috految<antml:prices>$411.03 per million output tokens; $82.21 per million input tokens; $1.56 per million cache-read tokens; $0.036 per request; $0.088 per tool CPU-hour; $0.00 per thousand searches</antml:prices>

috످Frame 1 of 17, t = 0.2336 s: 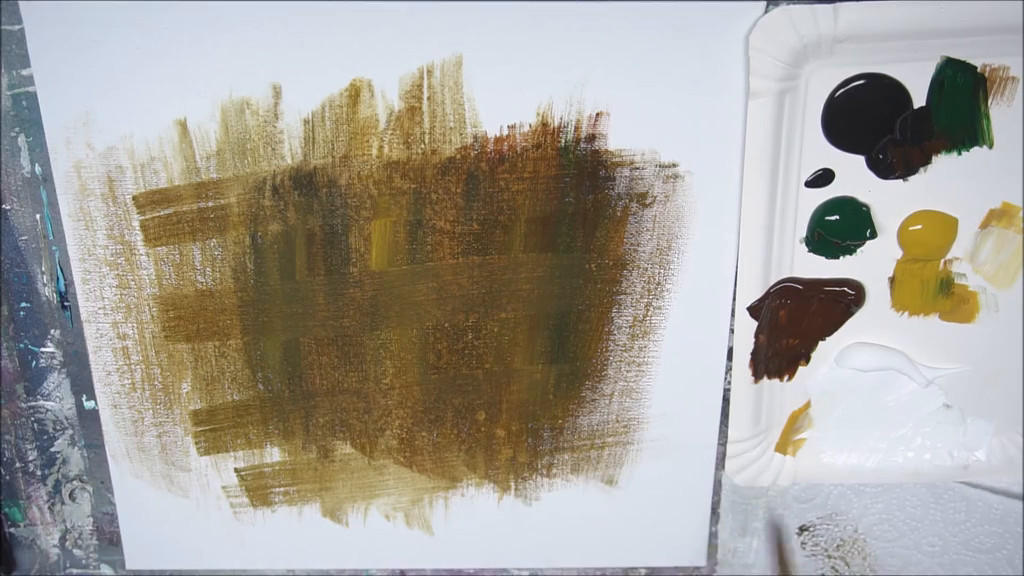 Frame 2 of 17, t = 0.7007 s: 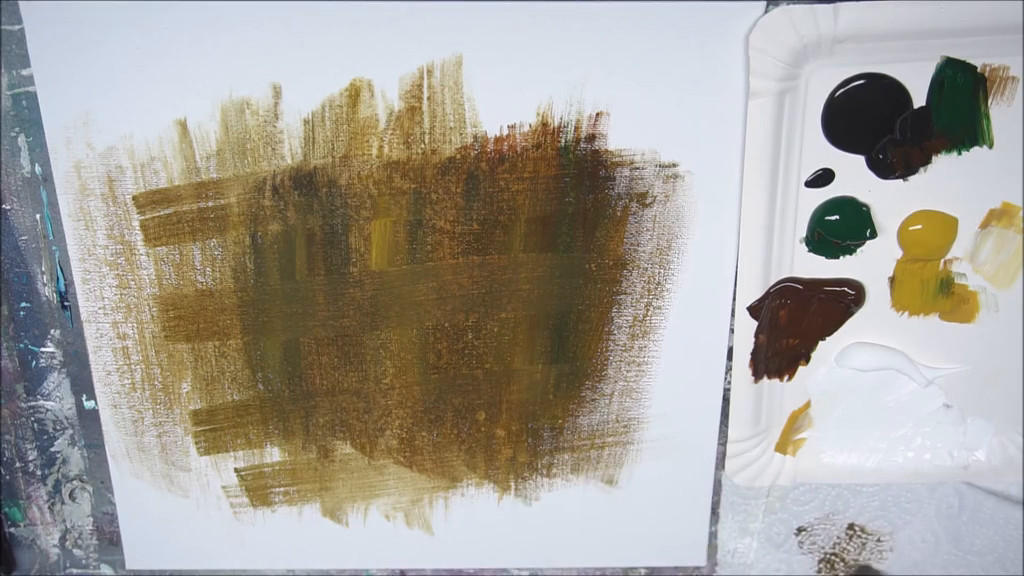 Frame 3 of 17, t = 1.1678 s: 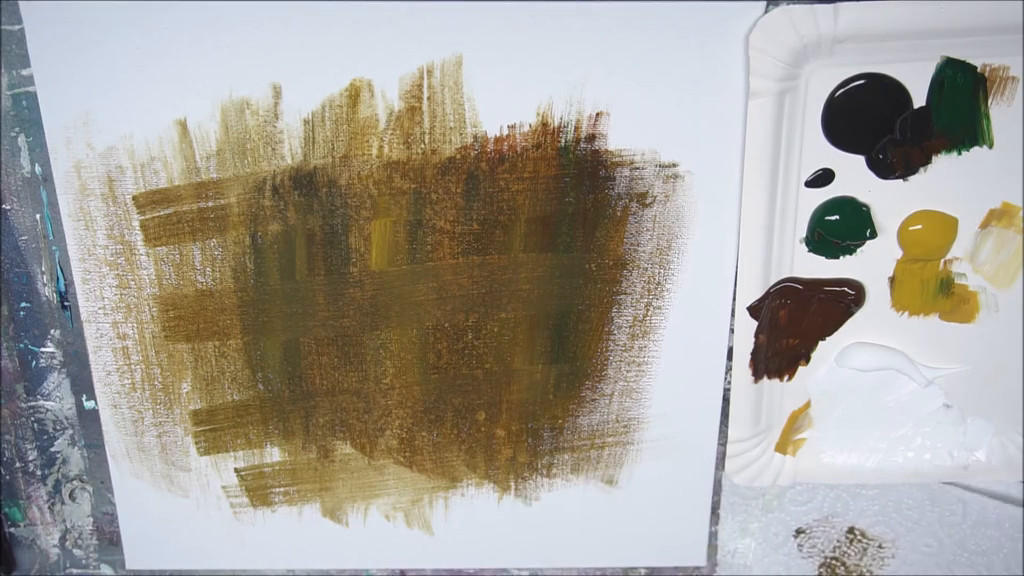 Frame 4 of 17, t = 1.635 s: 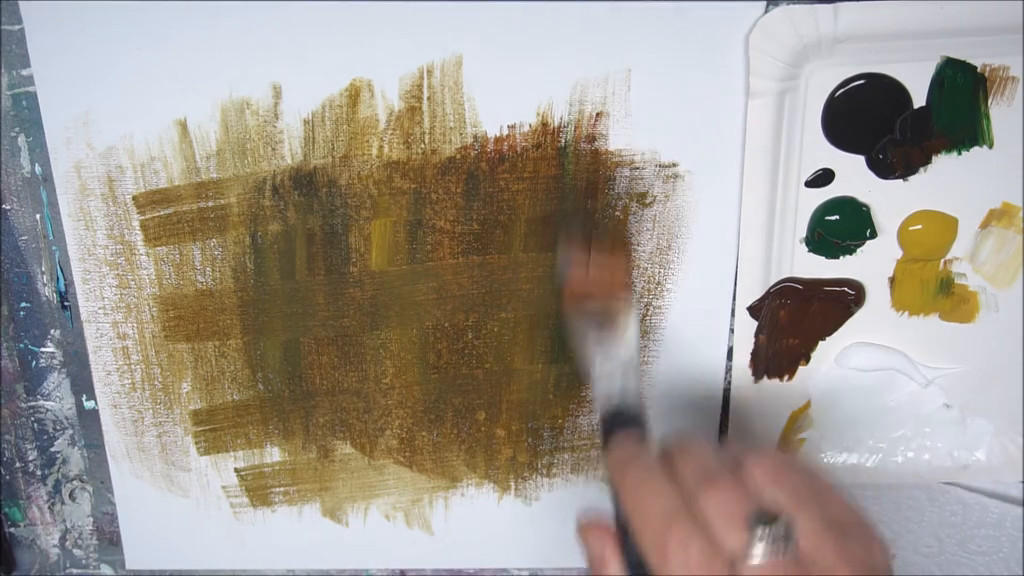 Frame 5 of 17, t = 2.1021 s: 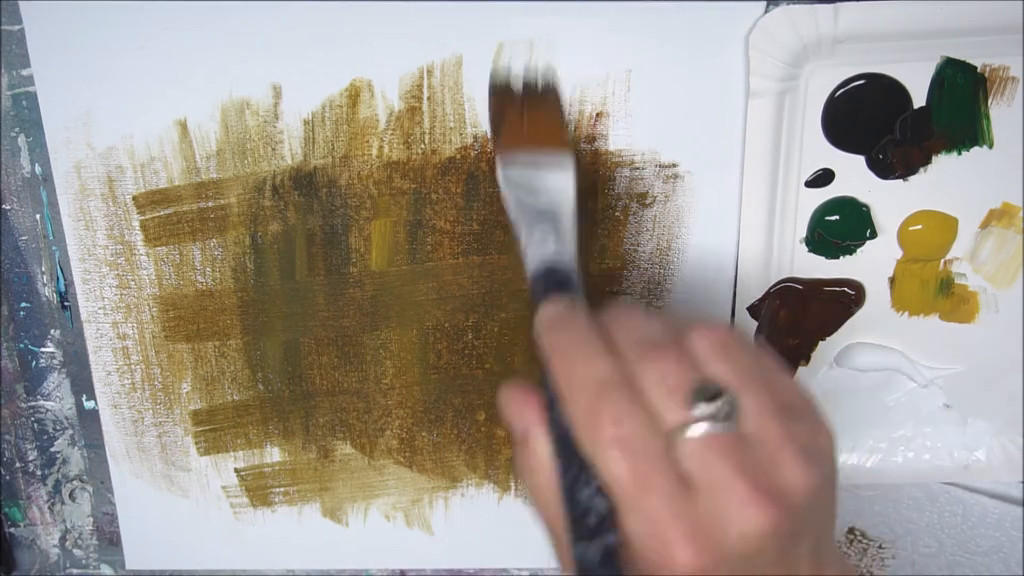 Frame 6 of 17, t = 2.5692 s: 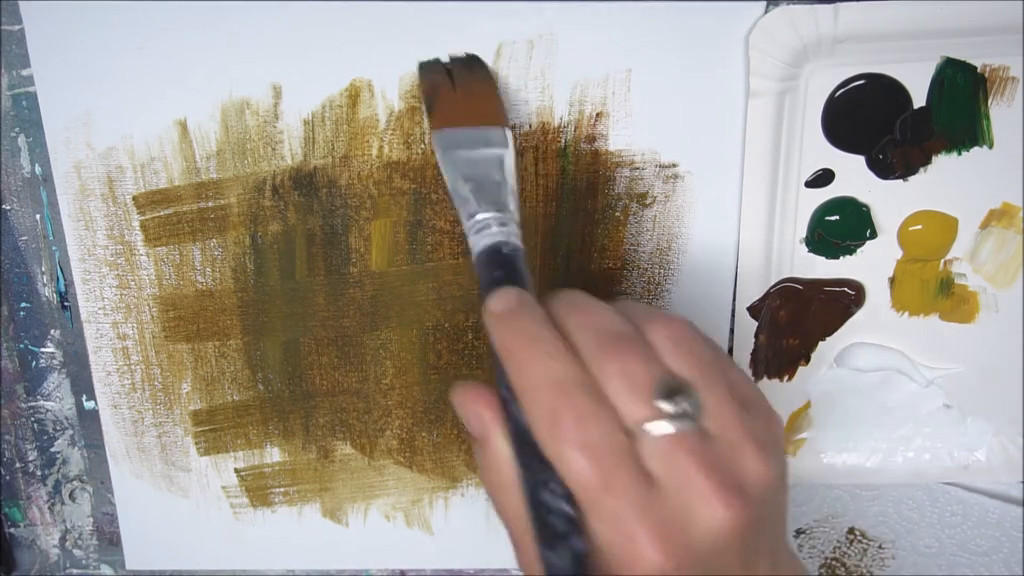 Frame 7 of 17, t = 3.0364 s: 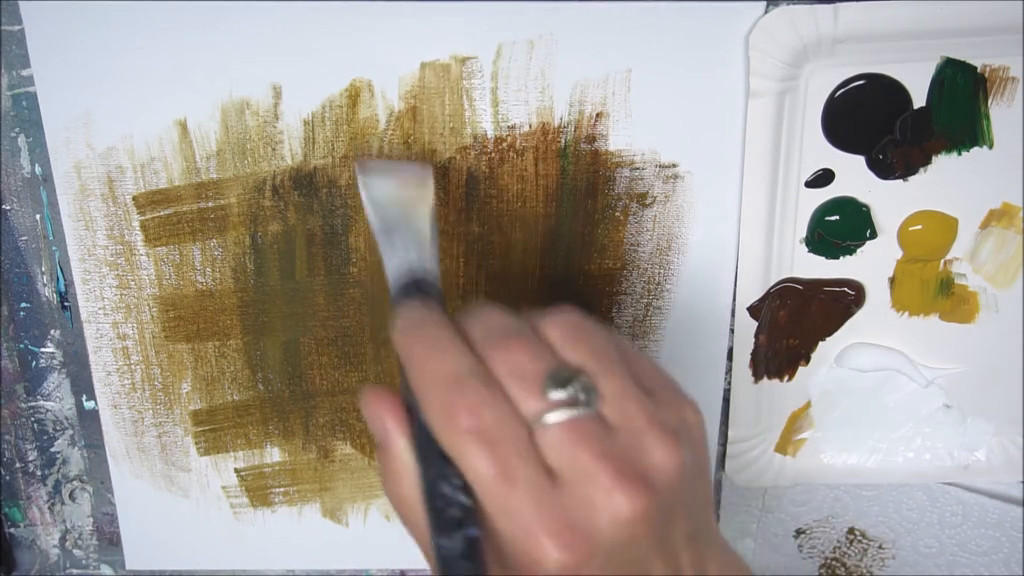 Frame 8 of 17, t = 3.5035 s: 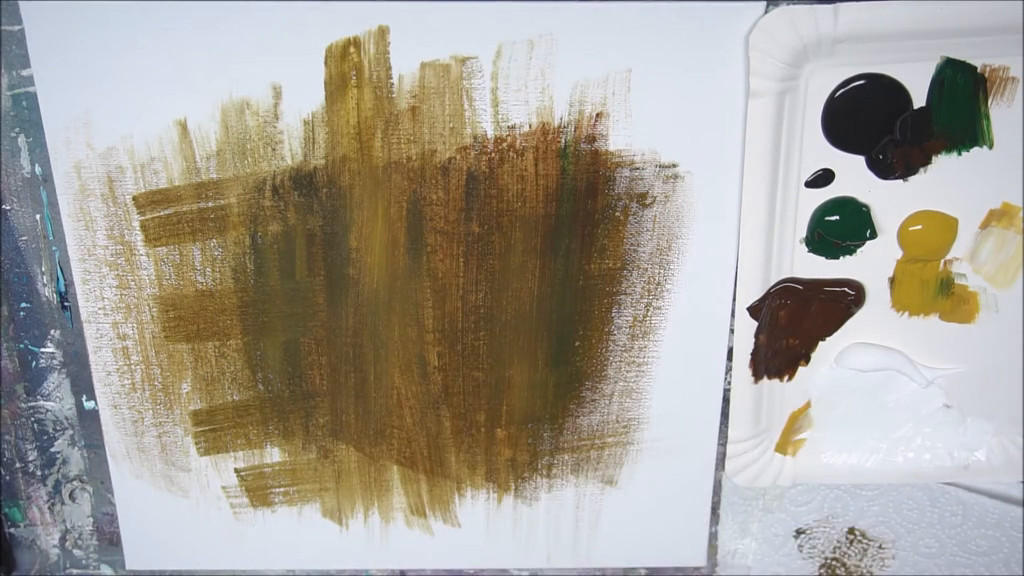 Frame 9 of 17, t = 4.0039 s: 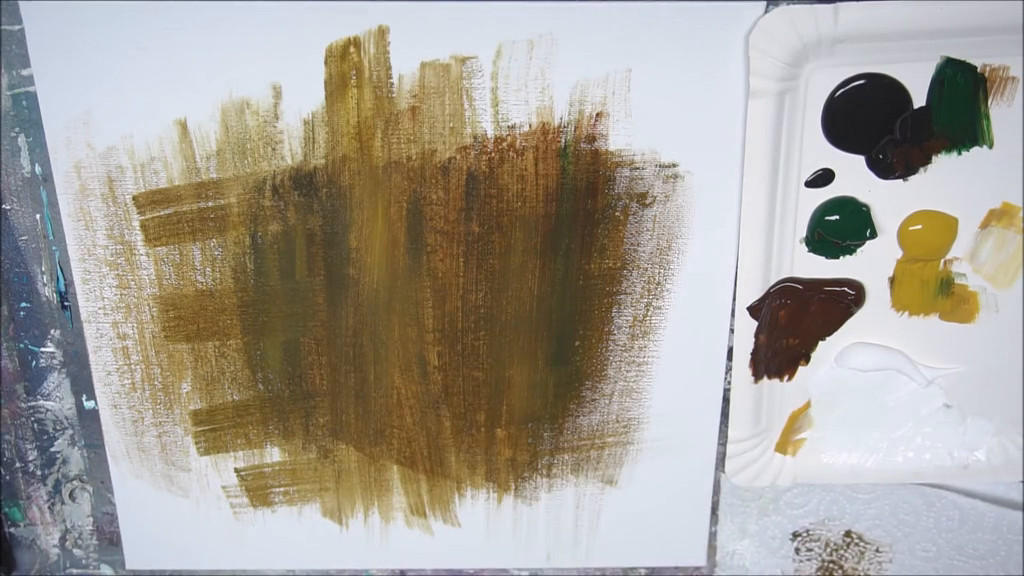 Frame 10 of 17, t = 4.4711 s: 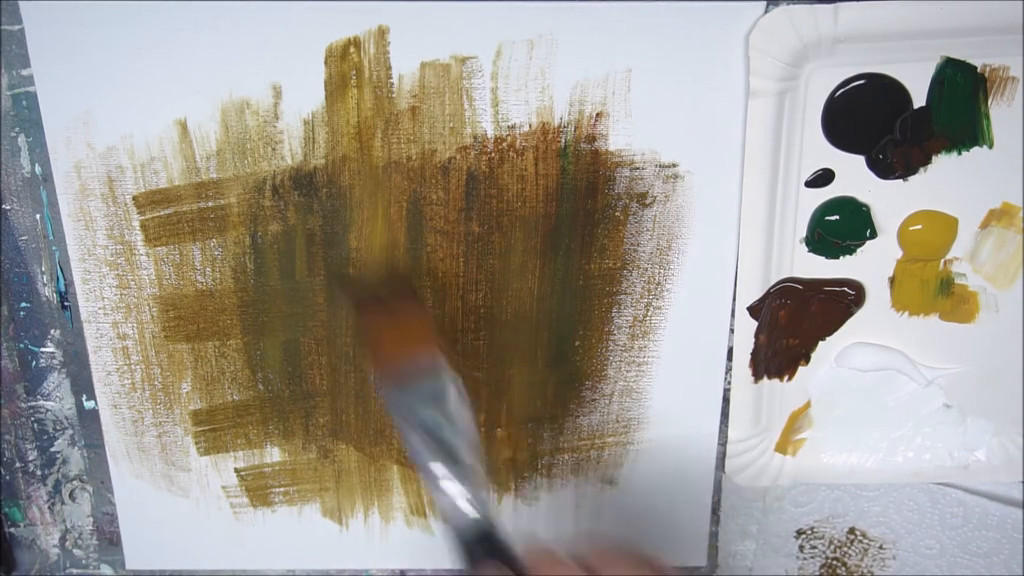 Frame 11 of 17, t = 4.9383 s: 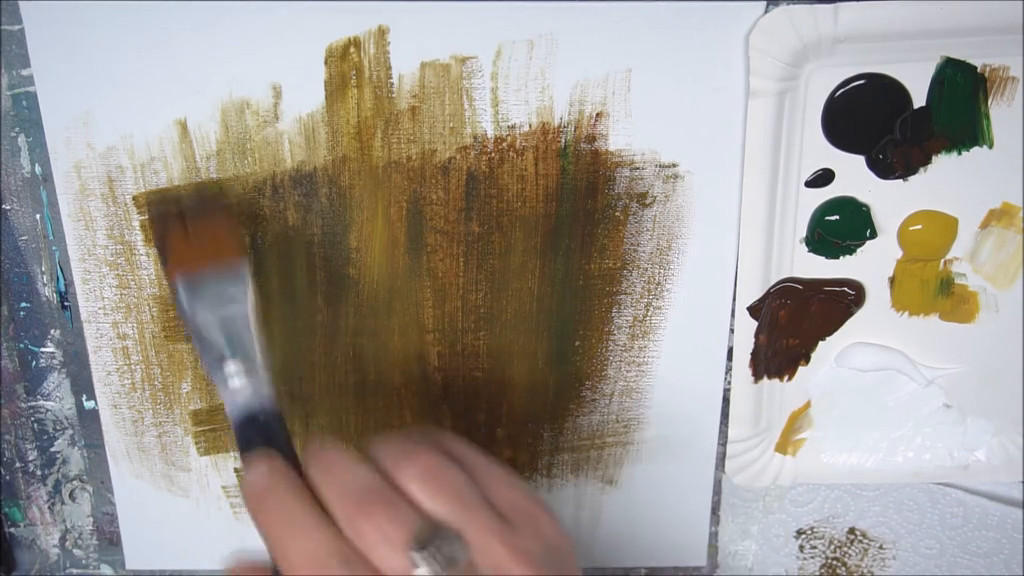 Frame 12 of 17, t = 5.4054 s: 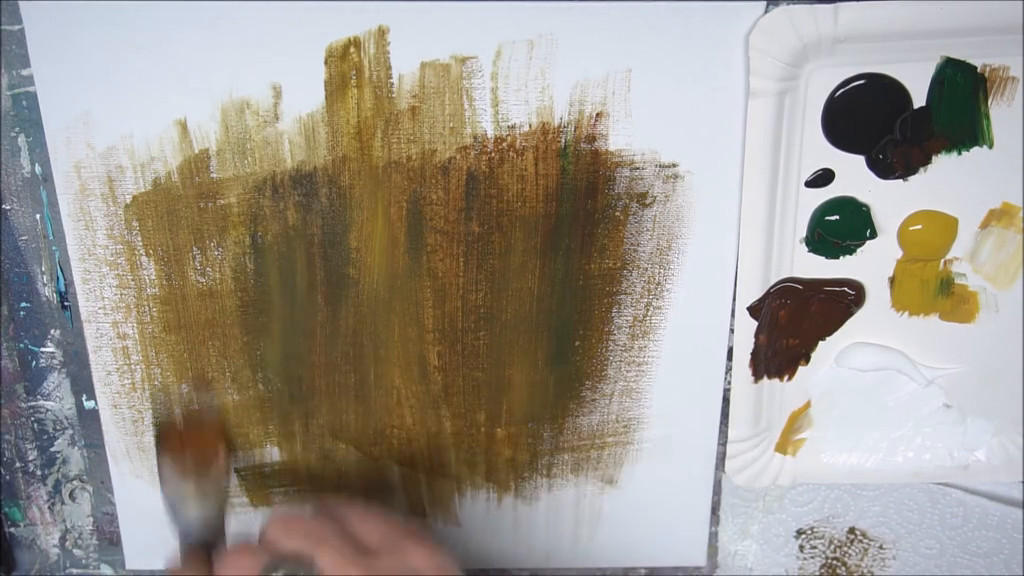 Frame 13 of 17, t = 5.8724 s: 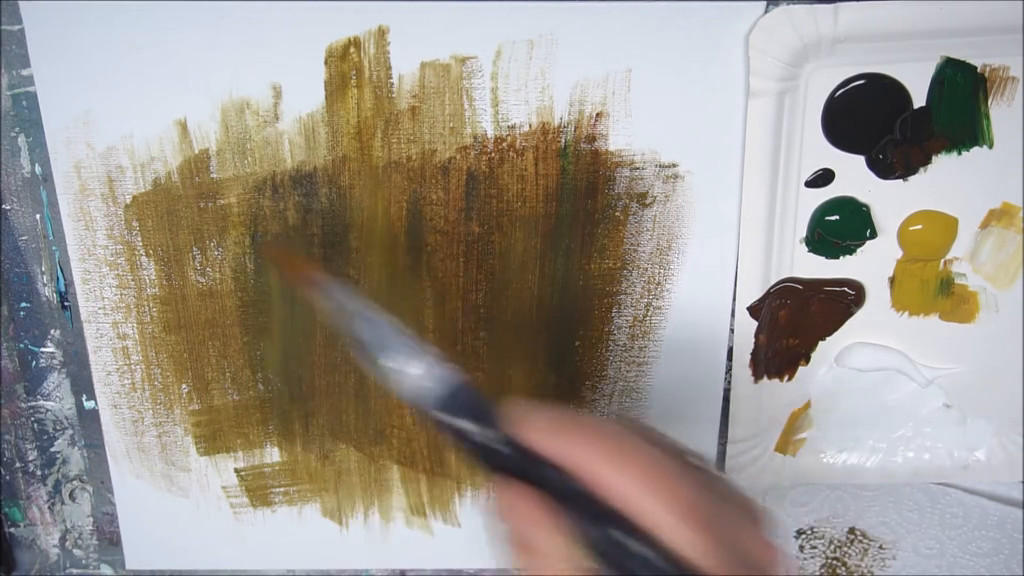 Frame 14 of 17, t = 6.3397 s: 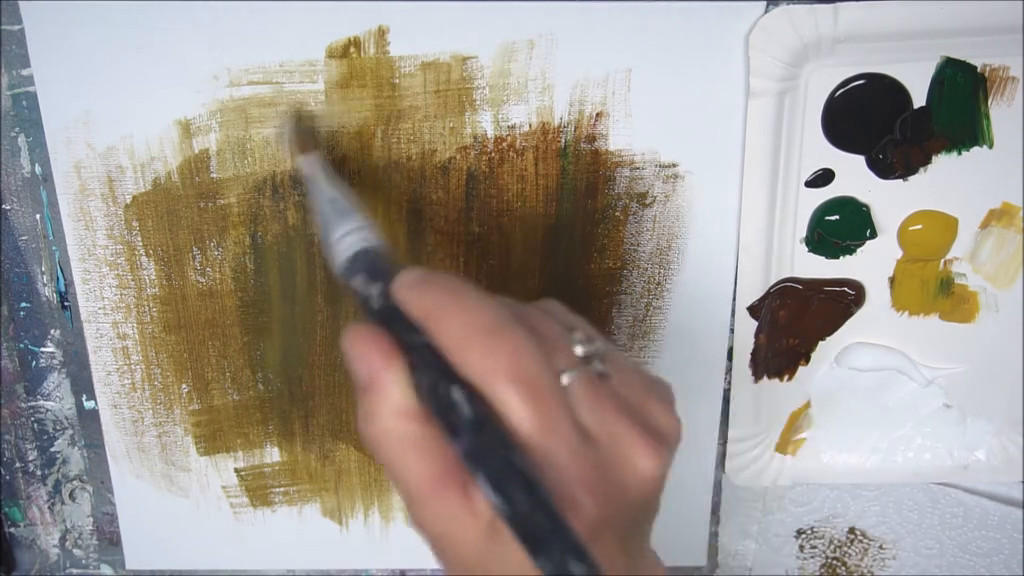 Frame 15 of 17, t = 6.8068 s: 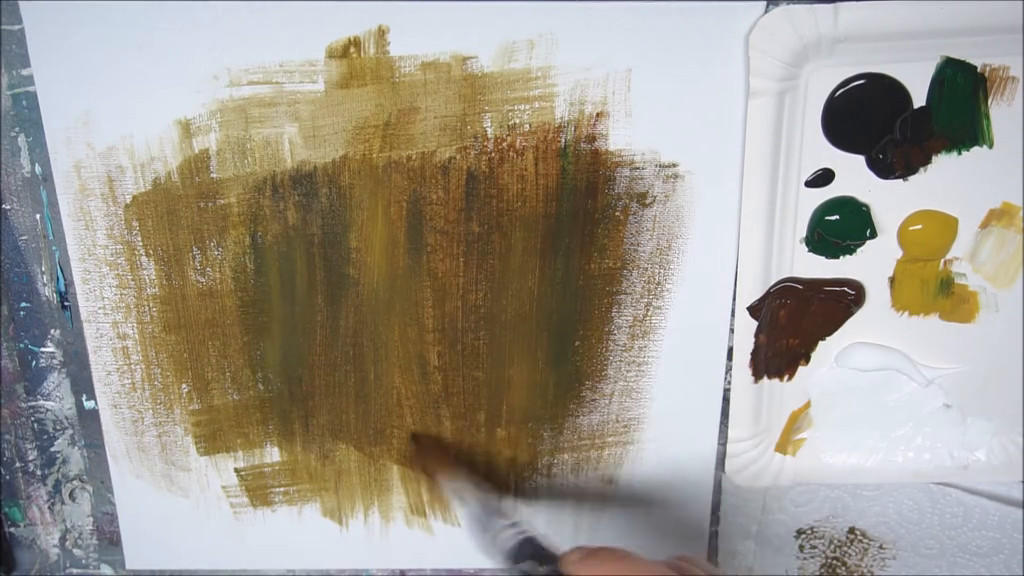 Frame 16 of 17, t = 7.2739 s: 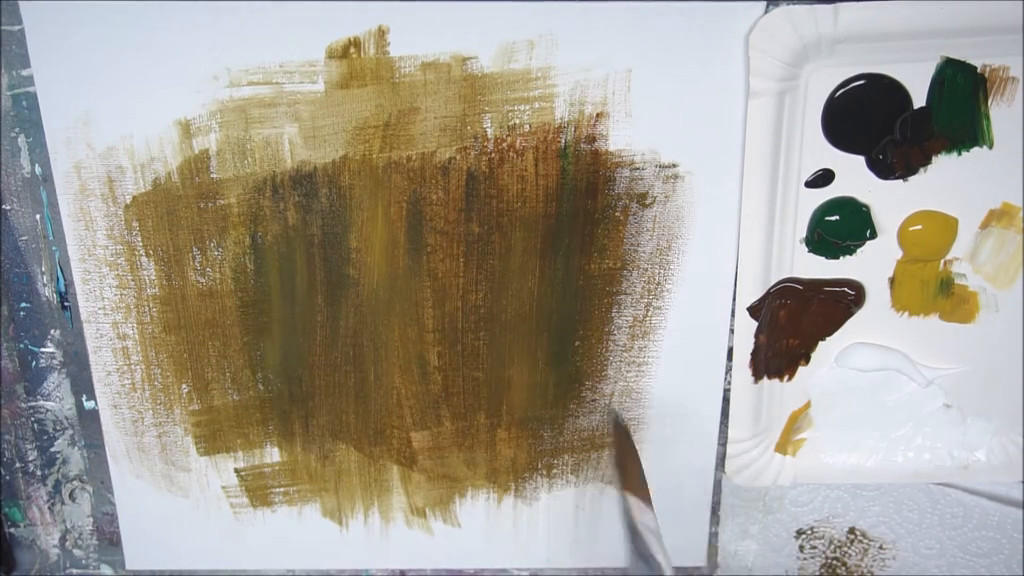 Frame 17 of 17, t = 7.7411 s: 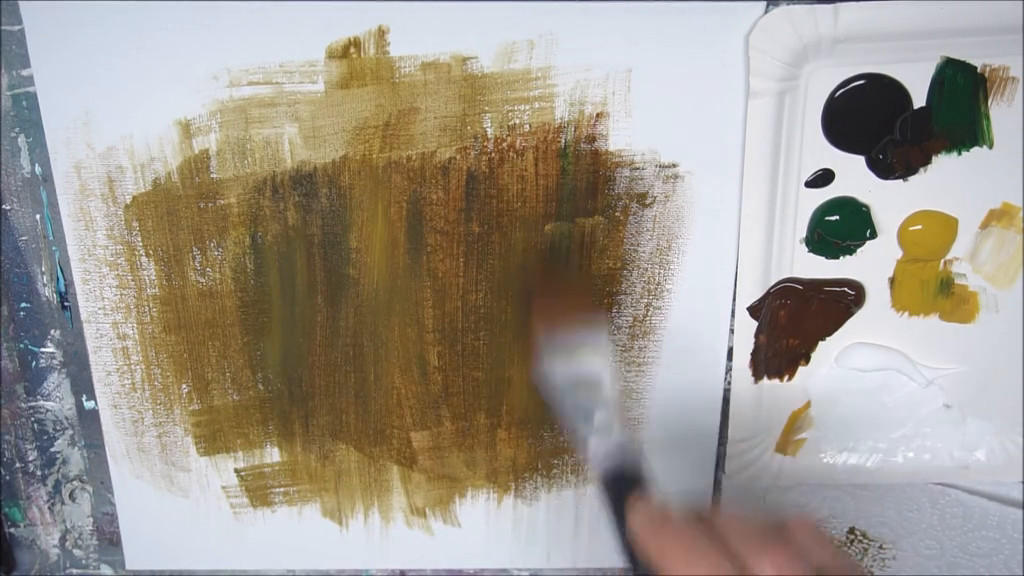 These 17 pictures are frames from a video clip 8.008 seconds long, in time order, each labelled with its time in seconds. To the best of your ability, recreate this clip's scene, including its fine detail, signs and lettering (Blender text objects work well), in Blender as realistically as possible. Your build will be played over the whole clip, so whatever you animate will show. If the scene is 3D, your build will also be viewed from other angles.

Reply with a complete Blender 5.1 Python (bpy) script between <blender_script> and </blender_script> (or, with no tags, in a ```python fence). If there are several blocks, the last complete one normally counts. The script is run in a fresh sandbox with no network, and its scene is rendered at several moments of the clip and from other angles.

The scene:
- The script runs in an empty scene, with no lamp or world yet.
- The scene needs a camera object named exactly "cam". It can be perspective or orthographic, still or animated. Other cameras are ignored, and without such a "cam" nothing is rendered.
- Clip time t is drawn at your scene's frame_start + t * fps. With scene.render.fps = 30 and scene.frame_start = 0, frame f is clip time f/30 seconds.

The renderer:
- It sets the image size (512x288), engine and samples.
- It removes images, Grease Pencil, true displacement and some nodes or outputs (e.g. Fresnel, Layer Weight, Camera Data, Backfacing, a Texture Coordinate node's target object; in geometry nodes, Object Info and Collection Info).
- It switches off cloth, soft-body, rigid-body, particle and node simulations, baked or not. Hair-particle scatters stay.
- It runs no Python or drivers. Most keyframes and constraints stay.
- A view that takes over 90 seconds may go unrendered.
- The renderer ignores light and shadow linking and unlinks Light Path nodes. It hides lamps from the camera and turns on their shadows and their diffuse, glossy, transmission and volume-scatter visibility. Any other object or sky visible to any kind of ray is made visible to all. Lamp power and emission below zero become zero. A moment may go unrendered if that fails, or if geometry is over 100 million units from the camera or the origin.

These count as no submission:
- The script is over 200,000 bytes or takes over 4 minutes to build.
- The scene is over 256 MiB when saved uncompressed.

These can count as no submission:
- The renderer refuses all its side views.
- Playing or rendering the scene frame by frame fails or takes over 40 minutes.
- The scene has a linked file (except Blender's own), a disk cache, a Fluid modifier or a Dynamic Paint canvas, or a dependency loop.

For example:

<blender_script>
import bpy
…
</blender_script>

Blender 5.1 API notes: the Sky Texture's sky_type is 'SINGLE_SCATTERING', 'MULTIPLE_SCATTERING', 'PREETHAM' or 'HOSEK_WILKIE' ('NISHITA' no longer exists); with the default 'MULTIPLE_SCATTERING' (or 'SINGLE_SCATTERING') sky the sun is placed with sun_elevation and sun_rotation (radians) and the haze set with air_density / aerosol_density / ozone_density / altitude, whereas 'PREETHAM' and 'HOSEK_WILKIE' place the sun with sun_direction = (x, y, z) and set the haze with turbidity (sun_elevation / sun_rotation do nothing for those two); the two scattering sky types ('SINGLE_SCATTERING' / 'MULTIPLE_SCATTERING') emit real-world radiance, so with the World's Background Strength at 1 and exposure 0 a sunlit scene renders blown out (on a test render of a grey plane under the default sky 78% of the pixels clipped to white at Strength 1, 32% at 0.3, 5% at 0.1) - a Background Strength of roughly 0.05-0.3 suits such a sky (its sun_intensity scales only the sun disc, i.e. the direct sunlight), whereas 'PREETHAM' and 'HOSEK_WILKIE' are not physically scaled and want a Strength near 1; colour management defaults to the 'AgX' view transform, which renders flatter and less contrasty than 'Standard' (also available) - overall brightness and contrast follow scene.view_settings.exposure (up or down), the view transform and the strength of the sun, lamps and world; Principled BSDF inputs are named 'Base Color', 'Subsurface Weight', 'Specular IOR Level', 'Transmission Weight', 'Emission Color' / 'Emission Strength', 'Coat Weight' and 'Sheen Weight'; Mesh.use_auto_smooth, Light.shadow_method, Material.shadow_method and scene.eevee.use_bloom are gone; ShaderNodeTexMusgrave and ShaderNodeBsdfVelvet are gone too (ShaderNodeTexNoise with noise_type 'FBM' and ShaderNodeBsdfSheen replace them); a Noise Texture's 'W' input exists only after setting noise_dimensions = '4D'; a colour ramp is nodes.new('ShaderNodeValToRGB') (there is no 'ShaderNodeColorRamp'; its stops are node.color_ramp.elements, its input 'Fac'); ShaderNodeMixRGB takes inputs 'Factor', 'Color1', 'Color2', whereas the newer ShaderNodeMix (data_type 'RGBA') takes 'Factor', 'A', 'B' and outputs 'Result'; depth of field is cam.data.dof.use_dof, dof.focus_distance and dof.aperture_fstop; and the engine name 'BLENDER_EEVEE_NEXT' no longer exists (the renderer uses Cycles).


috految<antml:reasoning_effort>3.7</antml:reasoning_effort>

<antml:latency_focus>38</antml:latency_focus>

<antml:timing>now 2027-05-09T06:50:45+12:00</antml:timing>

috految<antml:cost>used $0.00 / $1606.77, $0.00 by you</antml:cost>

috److I place everything using a helper `P(x, y, z)` that unprojects frame pixel coordinates to a given height.

**Camera.** The canvas is wider at the top (750 px) than at the bottom (582 px), so the vanishing point is about 2,250 px below the image centre. With a focal length of 1,000 px, that gives a tilt of about -0.4 rad. I use -0.35 rad, with the camera at (0, 3.43, 9.4).

**Painting.**
- The canvas is a dense grid with procedural bristle strokes stored as colour attributes.
- Each animated stroke has its own layer, revealed along the stroke by a keyframed threshold.
- A 520 × 480 grid with about 10 layers stays within the size limit.
- Colours are blended in a gamma-like space, so thin paint looks like a translucent glaze.

**Hand and brush.**
- The hand is a voxel-remeshed union of spheres, posed from frame 6.
- In that pose, the brush tip is at (450, 57, 0.05), and the index fingertip is at (510, 308, 1.5).
- The grip is at (510, 308, 1.25), and the handle continues through (568, 560) at a height of about 2.3.
- The rigid pose comes from the tip position, grip position and roll.
- The brush and hand share a frame with X to the right, Y towards the tip and Z up or away from the canvas.
- In the rolled poses, the fingers go down on the right, which is a positive rotation about Y.
- The forearm continues to a sleeve that stretches to the painter's shoulder.

<blender_script>
import bpy,bmesh,numpy as np
from math import *
from random import uniform as U,gauss,choice
from mathutils import Vector as V,Matrix as M,noise
S=bpy.context.scene;S.render.fps=30;S.frame_start=0;D=bpy.data
def O(d,m=None):
 o=D.objects.new('o',d);S.collection.objects.link(o)
 if m:d.materials.append(m)
 return o
c=S.camera=O(D.cameras.new('c'));c.name='cam';c.location=C=V((0,3.43,9.4));c.rotation_euler.x=-.35;c.data.lens=35.16;R=M.Rotation(-.35,3,'X')
def P(x,y,z=0):
 d=R@V((x-512,288-y,-1000));return C+d*((z-C.z)/d.z)
def N(t,ins={},**k):
 n=T.nodes.new('ShaderNode'+t)
 for a in k:setattr(n,a,k[a])
 for a,v in ins.items():
  if isinstance(v,bpy.types.NodeSocket):T.links.new(v,n.inputs[a])
  else:n.inputs[a].default_value=v
 return n.outputs
def mat(c,r=.5,b=.003,s=20,L=[],me=0,sp=.22):
 global T,B
 m=D.materials.new('m');T=m.node_tree;B=T.nodes['Principled BSDF'].inputs;c=(*c,1)
 B[0].default_value=c;B['Roughness'].default_value=r;B['Metallic'].default_value=me;B['Specular IOR Level'].default_value=sp
 p=N('TexCoord')['Object']
 T.links.new(N('Bump',{'Distance':b,'Height':N('TexNoise',{0:p,'Scale':s})[0]})[0],B['Normal'])
 for k,f,a,e in L:
  n=N('TexNoise',{0:N('Mapping',{0:p,'Scale':(1,.45,1)})[0],'Scale':f,'Detail':7,'Roughness':.72,'Distortion':.6})[0]
  c=N('MixRGB',{0:N('MapRange',{0:n,1:a,2:e})[0],1:c,2:(*k,1)})[0];T.links.new(c,B[0])
 return m
def mesh(v,f,m):
 d=D.meshes.new('m');d.from_pydata(v,[],f);d.shade_smooth();return O(d,m)
def grid(r,m,w=0):
 n=len(r[0]);return mesh([p for a in r for p in a],[(j*n+i,j*n+n+i,j*n+n+(i+1)%n,j*n+(i+1)%n) for j in range(len(r)-1) for i in range(n-1+w)],m)
def tube(ps,r,m):
 d=D.curves.new('c','CURVE');d.dimensions='3D';d.bevel_depth=r;d.use_fill_caps=True;s=d.splines.new('POLY');s.points.add(len(ps)-1)
 for a,p in zip(s.points,ps):a.co=(*p,1)
 return O(d,m)
def box(p,s,m):
 bpy.ops.mesh.primitive_cube_add(location=p,scale=s);bpy.context.object.data.materials.append(m)
table=mat((.14,.16,.19),L=[((.025,.045,.1),1.2,.5,.6),((.2,.09,.17),1.6,.56,.63),((.05,.28,.29),2.1,.57,.63),((.5,.55,.57),2.8,.55,.61),((.02,.025,.02),5,.58,.63)])
box((1,-.3,-.37),(11,6.7,.25),table);box((0,0,-11),(60,60,.1),mat((.3,.25,.2)))
for x in(-9,11):
 for y in(-6,5):box((x,y,-5.7),(.35,.35,5.3),table)
white=mat((.76,.79,.84),.2,.018,6,sp=.5);paper=mat((.74,.74,.76));tow=mat((.68,.71,.76),.9,.035,13)
q=[P(15,-22),P(769,-10),P(707,566),P(126,570)]
grid([q,[p-V((0,0,.12)) for p in q]],paper,1)
m=mat((1,1,1),.55,.004,35,sp=.07)
o=grid([[q[0].lerp(q[1],i/519).lerp(q[3].lerp(q[2],i/519),j/479) for i in range(520)] for j in range(480)],m)
v=(np.array([p.co[:] for p in o.data.vertices])-np.array(C))@np.array(R);X=512-1000*v[:,0]/v[:,2];Y=288+1000*v[:,1]/v[:,2]
G=np.random.rand(256,256)-.5
def no(x,y):
 i=np.floor(x).astype(int);j=np.floor(y).astype(int)
 return sum(G[(i+a)%256,(j+b)%256]*(1-abs(x-i-a))*(1-abs(y-j-b)) for a in(0,1) for b in(0,1))
weave=no(X/1.6,Y/2)*.9+no(X/6,Y/1.4)*.65+no(X/1.5,Y/8)*.5
col=np.tile([.77,.80,.86],(len(X),1))**.25
def st(x,y,a,b,w,c,k,e=6,g=1):
 l=hypot(a-x,b-y);dx=(a-x)/l;dy=(b-y)/l;z=U(0,200)
 t=(X-x)*dx+(Y-y)*dy;u=(X-x)*dy-(Y-y)*dx-3*np.sin(t/l*pi)
 n=no(u/1.8+z,t/60)+no(u/7,t/110+z)*.7
 edge=np.clip(np.minimum((w/2-abs(u)+weave*5+n*5)/e+.5,np.minimum((t+n*min(e*2,27)+u*.15)/e,(l-t+n*30)/22)),0,1)
 A=np.clip(edge*k+(n*.48+weave*.68*g)*np.minimum(1,edge*2)*min(1,k*3),0,1)[:,None]
 col[:]=col*(1-A)+A*np.array(c)**.25*(1-n*.06-weave*.035)[:,None]
 return t/l
oc=(.25,.15,.025);ol=(.135,.083,.016);br=(.105,.044,.009);gr=(.06,.06,.021);go=(.32,.235,.065)
for s in [(78,120,135,490,36,oc,.1),(103,142,156,492,65,oc,.22,15),(140,136,185,510,66,oc,.27,20),(179,118,210,400,17,oc,.55),(195,119,240,520,65,go,.3),(241,94,257,370,52,go,.56),(275,81,282,220,14,oc,.55),(290,108,299,495,48,go,.3),(323,105,331,530,43,go,.66),(353,79,353,532,41,oc,.65),(381,91,405,531,42,go,.6),(417,68,420,540,38,oc,.55),(447,56,454,230,35,go,.58),(466,95,478,400,24,go,.4),(561,97,552,200,40,oc,.23),(663,158,614,490,68,ol,.27,12),(625,154,570,502,65,br,.37,12),(683,187,575,165,43,ol,.35),(635,438,440,470,62,ol,.32),(588,109,580,290,44,br,.6),(539,119,518,510,49,br,.75),(498,130,492,425,54,(.2,.052,.013),.8),(194,178,228,466,100,oc,.58,20),(291,158,303,475,118,oc,.85,20),(397,151,411,491,145,oc,.95,15),(497,145,490,509,125,ol,.95,22),(589,144,543,478,82,br,.96,16),(586,160,580,383,80,br,.8,15),(258,311,626,297,268,ol,.77,35),(242,207,625,174,53,ol,.63),(137,221,325,190,55,ol,.68,3),(156,317,420,297,55,(.17,.09,.02),.75),(190,430,440,383,49,ol,.76,3),(238,487,450,467,44,oc,.72,3),(221,502,340,485,30,oc,.25),(320,494,491,481,42,go,.5),(380,425,570,425,85,ol,.65,20),(325,280,325,441,50,br,.4,20),(464,148,459,438,68,br,.4,20),(271,212,289,412,57,gr,.57,20),(307,161,336,320,48,(.06,.043,.02),.65,17),(574,136,560,420,33,gr,.85,14),(417,177,418,295,21,gr,.7),(472,166,473,254,12,gr,.7),(382,217,381,282,19,(.25,.15,.008),.9),(344,292,590,271,44,ol,.65),(300,230,306,292,13,oc,.4)]:st(*s)
def attr(a):
 n='paint'+str(len(o.data.attributes));o.data.attributes.new(n,'FLOAT_COLOR','POINT').data.foreach_set('color',np.c_[col**4,a].ravel());return N('VertexColor',layer_name=n)
out=attr(X*0+1)[0]
for t,e,ss in [(1.48,1.8,[(601,72,580,560,58,ol,.15),(578,155,564,425,44,gr,.35)]),(2.02,2.33,[(524,38,520,556,58,go,.18),(526,140,520,499,62,ol,.58)]),(2.58,2.83,[(450,55,438,536,61,oc,.46),(450,150,464,459,62,br,.43)]),(3.12,3.4,[(363,32,371,290,60,oc,.82),(375,160,384,530,66,ol,.53),(379,175,380,315,24,(.26,.16,.015),.55)]),(4.55,4.8,[(300,113,310,467,60,ol,.25),(283,236,290,400,32,gr,.4)]),(4.98,5.35,[(165,180,205,442,73,oc,.6),(198,150,242,450,46,ol,.3)]),(6.05,6.23,[(216,92,540,71,45,go,.36)]),(6.34,6.6,[(240,132,568,98,67,go,.61)]),(6.8,7.05,[(410,451,600,464,43,oc,.45)]),(7.62,7.9,[(576,222,570,490,56,ol,.55)])]:
 ts=[st(*s,g=.6) for s in ss];a=attr(np.clip(ts[0],.01,.99));f=N('Math',{0:a[1]},operation='LESS_THAN')[0];k=f.node.inputs[1]
 for tt,z in((t,0),(e,1)):k.default_value=z;k.keyframe_insert('default_value',frame=tt*30)
 out=N('MixRGB',{0:f,1:out,2:a[0]})[0]
T.links.new(out,B[0])
def outline(a,z):
 p=[P(*k,z) for k in zip(a[::2],a[1::2])]
 for i in range(4):p=[a.lerp(b,t) for a,b in zip(p,p[1:]+p[:1]) for t in(.25,.75)]
 return p
p=outline([746,35,772,3,820,3,1080,-5,1140,5,1140,65,1080,440,1070,482,1010,482,785,485,729,492,722,455,727,410,748,95],.19);ce=P(930,245,.19)
grid([[ce.lerp(a,s)+V((0,0,z+(.018*sin(i*1.1) if .8<s<1 and(i<24 or 140<i<178 or i>213) else 0))) for i,a in enumerate(p)] for s,z in[(1,-.04),(1,0),(.985,.015),(.93,0),(.9,-.05),(.85,-.05),(.83,-.06),(.81,-.14),(.76,-.16),(.75,-.16),(0,-.16)]],paper,1)
black,green,brown,yellow=[mat(c,.17,.012,6) for c in[(.009,.009,.013),(.002,.06,.023),(.055,.014,.008),(.54,.34,.012)]]
def blob(a,m,h=.13,r=.025,z=.045):
 p=outline(a,z);c=sum(p,V())/len(p);rows=[]
 for j in range(25):
  row=[]
  for a in p:
   v=c+(a-c)*cos(j*pi/48);v.z+=h*sin(j*pi/48);n=noise.noise(V((v.x*12,v.y*3,2)));v.z+=r*n*.6;v.y+=n*r*1.5;row.append(v)
  rows.append(row)
 grid(rows,m,1)
blob([818,115,835,76,886,68,917,101,905,140,858,161,824,143],black,.17,.003)
blob([861,158,895,110,939,101,936,150,908,182,876,180],black,.1,.055)
blob([801,187,813,169,833,165,837,183,819,190],black,.07,0)
blob([888,149,941,135,956,145,909,178,890,177],brown,.08,.06)
blob([940,54,950,54,987,67,986,80,997,151,958,151,933,156,924,99],green,.06,.05,.1)
blob([802,246,812,204,850,189,874,212,878,241,859,243,848,261,819,259],green,.17,.035)
blob([744,307,764,299,779,274,829,280,867,275,866,310,821,341,791,382,748,385,753,345,759,321],brown,.1,.05,.15)
blob([894,232,909,208,941,208,961,219,952,254,925,268,900,256],yellow,.16,.009)
blob([895,254,957,260,948,281,981,286,977,329,933,316,889,318,888,283],yellow,.05,.04)
blob([809,397,813,428,796,461,772,453,786,415],yellow,.03,.04,.14)
blob([975,233,995,200,1029,207,1025,240],yellow,.02)
blob([977,224,1028,228,1019,293,990,290,968,262],mat((.76,.71,.55),L=[((.6,.4,.06),7,.45,.7)]),.04)
blob([832,367,842,339,890,341,920,368,934,393,891,368],white,.17)
blob([807,385,841,357,930,380,953,415,998,421,988,470,810,468],white,.075,.065,.07)
tube([P(900,350,.07),P(925,367,.07),P(967,369,.04)],.025,white)
dirt=mat((.16,.105,.03));rust=mat((.22,.066,.014));teal=mat((.07,.42,.5))
for x,y,w,l,m,z in[(983,66,32,35,rust,.12),(936,270,17,31,dirt,.1),(978,90,12,60,green,.15),(754,340,36,42,brown,.17)]:
 for i in range(20):
  a=x+U(0,w);tube([P(a,y+U(-4,8),z),P(a-4,y+l*U(.6,1.1),z)],.006,m)
for a in[[41,180,47,194,55,247,45,234],[52,243,60,260,74,333,60,290],[80,393,98,403,91,413,82,408]]:blob(a,teal,.02,.02,-.11)
tube([P(75+11*cos(i*.3),494+13*sin(i*.3),-.12) for i in range(20)],.018,tow)
grid([[P(723+i*5-j*.3,478+j*4,-.06+.025*sin(i*.2+j*.2)+.12*exp(-(j-(i-40)*.3)**2)) for i in range(75)] for j in range(52)],tow)
for x in range(745,1080,23):
 for y in range(498,670,19):tube([P(x+y%2*11+i*.5*cos(i*.6),y+i*.4*sin(i*.6),-.05) for i in range(20)],.014,tow)
for i in range(520):
 x,y=choice([(810,540),(836,563),(852,540),(870,553),(845,572)]);x+=gauss(0,9);y+=gauss(0,8);a=tube([P(x,y,-.02),P(x+U(-3,3),y+2,-.02)],.009,dirt)
 if i>200:
  for f,z in((7,-.15),(17,0)):a.location.z=z;a.keyframe_insert('location',frame=f)
def frame(a,b,r=0):
 y=(a-b).normalized();x=y.cross(V((0,0,1))).normalized()
 return M.Translation(b)@M((x,y,x.cross(y))).transposed().to_4x4()@M.Rotation(r,4,'Y')
tip=P(450,57,.05);grip=P(510,308,1.25);F=frame(tip,grip).inverted();L=(tip-grip).length
H=O(None);br=O(None);steel=mat((.6,.61,.65),.27,.005,6,me=.85)
def loft(a,m):grid([[(w*cos(i*pi/16),y*L,h*sin(i*pi/16)) for i in range(32)] for y,w,h in a],m,1).parent=br
loft([(-2,0,0),(-1.97,.09,.09),(-.9,.21,.19),(0,.22,.17),(.23,.21,.15)],mat((.008,.011,.02),.3,L=[((.25,.29,.34),6,.55,.7)]))
loft([(.22,.22,.16),(.26,.23,.18),(.27,.21,.15),(.29,.235,.18),(.31,.22,.15),(.34,.24,.17),(.55,.33,.11),(.7,.36,.085),(.71,.35,.07)],steel)
wet=mat((.065,.04,.012))
for i in range(330):
 x=U(-.33,.33);z=U(-.055,.055);p=(x*1.06,L*U(.83,.94),z)
 tube([(x,L*.69,z),p],.008,rust).parent=br;tube([p,(x*.96,L*U(.98,1.02)-x*x*.5,z*.3)],.008,wet).parent=br
skin=mat((.49,.285,.21),.45,.012,19,L=[((.44,.17,.14),2.6,.42,.75)])
bm=bmesh.new()
for ch in [[(509,314,1.5,.22),(529,355,1.8,.265),(570,425,2.15,.33),(643,544,2.3,.41),(700,640,2.1,.55)],[(564,314,1.15,.24),(608,350,1.72,.29),(647,407,2,.31),(712,503,2.22,.39),(731,630,2.1,.52)],[(620,324,.95,.23),(670,349,1.45,.29),(743,457,1.9,.35),(744,610,1.9,.5)],[(666,343,.7,.21),(714,385,1.15,.26),(757,440,1.5,.29),(750,590,1.7,.43)],[(473,403,1.3,.21),(509,468,1.5,.29),(566,574,1.6,.4),(685,665,1.9,.55)],[(672,478,1.6,.63),(684,568,1.85,.8),(735,680,2.1,.68),(790,810,2.3,.78)]]:
 for a,b in zip(ch,ch[1:]):
  for i in range(13):bmesh.ops.create_icosphere(bm,subdivisions=2,radius=a[3]+(b[3]-a[3])*i/12,matrix=M.Translation(F@P(*a[:3]).lerp(P(*b[:3]),i/12)))
d=D.meshes.new('hand');bm.to_mesh(d);h=O(d,skin);h.parent=H;m=h.modifiers.new('r','REMESH');m.voxel_size=.035;m.use_smooth_shade=True;m=h.modifiers.new('s','SMOOTH');m.iterations=9;m.factor=.9
def ball(p,s,m):
 bpy.ops.mesh.primitive_uv_sphere_add(location=p,scale=s);o=bpy.context.object;o.data.shade_smooth();o.data.materials.append(m);return o
for p in[(505,308,1.65),(470,404,1.46)]:ball(F@P(*p),(.13,.19,.06),mat((.57,.34,.3),.3)).parent=H
p=P(660,425,2.06);Q=(P(712,503,2.22)-P(647,407,2)).to_track_quat('Z','Y')
for z in(0,.06):tube([F@(p+Q@V((.335*cos(i*pi/16),.335*sin(i*pi/16),z))) for i in range(33)],.035,steel).parent=H
p=F@P(675,400,2.36);ball(p,(.19,.22,.1),steel).parent=H;ball(p+V((0,0,.08)),(.14,.16,.1),mat((.2,.21,.16),.15,me=.8)).parent=H
cl=mat((.04,.05,.08),.9,.12,3);ball((1,-12,-1),(3.2,1.9,5),cl);ball((1,-11.7,5),(1.4,1.5,1.8),skin);ball((1,-12,5.5),(1.6,1.6,1.7),wet)
for x in(-.4,2.4):tube([(x,-12,-3),(x,-12,-11)],1.2,cl)
e=O(None);e.parent=H;e.location=F@P(790,810,2.3);a=tube([(0,0,0),(0,7,0)],.85,cl);a.location=(3,-12,2);k=a.constraints.new('STRETCH_TO');k.target=e;k.rest_length=7;k.volume='NO_VOLUME'
for t,x,y,a,b,r in[(0,820,550,860,780,1),(.23,773,515,813,760,1.3),(.45,840,535,890,760,0),(.7,865,569,900,790,0),(1.17,840,620,890,820,0),(1.48,598,75,630,320,0),(1.635,590,220,628,450,0),(1.82,582,500,615,720,0),(2.02,524,40,561,294,0),(2.1,522,70,560,318,0),(2.34,521,500,560,720,0),(2.57,450,57,510,308,0),(2.82,440,475,480,695,0),(3.036,389,97,422,326,0),(3.14,357,40,405,290,0),(3.4,380,520,430,740,0),(3.5,540,610,590,830,0),(3.8,840,540,890,750,0),(4,840,600,900,810,0),(4.25,720,590,790,810,0),(4.47,370,272,507,578,0),(4.6,299,125,350,380,0),(4.78,300,450,335,690,0),(4.94,188,190,272,470,0),(5.08,168,182,240,440,0),(5.405,187,392,209,578,0),(5.62,270,440,380,650,.3),(5.87,260,240,502,440,1.1),(6.05,220,88,365,290,1),(6.22,490,75,555,280,1),(6.34,292,108,398,298,.9),(6.6,530,105,610,310,1),(6.81,410,433,575,596,1),(7.05,610,460,700,660,1),(7.27,613,410,682,655,1.3),(7.6,575,220,635,460,0),(7.74,553,260,641,520,0),(8,576,440,640,680,0)]:
 p=P(x,y,.08);g=P(a,b,1.25)
 for o,w in((H,r*.6),(br,r)):
  o.location=g;o.rotation_euler=frame(p,g,w).to_euler()
  if o==br:o.scale.y=(p-g).length/L
  for k in('location','rotation_euler','scale'):o.keyframe_insert(k,frame=t*30)
S.world=D.worlds.new('w');S.world.node_tree.nodes['Background'].inputs[0].default_value=(.47,.48,.51,1)
l=O(D.lights.new('l','AREA'));l.location=(-2,3,12);l.data.energy=740;l.data.size=5;l.rotation_euler=(-.25,-.1,0)
S.view_settings.view_transform='Standard';S.render.use_motion_blur=True;S.render.motion_blur_shutter=.35;S.cycles.filter_width=1.1
</blender_script>

috످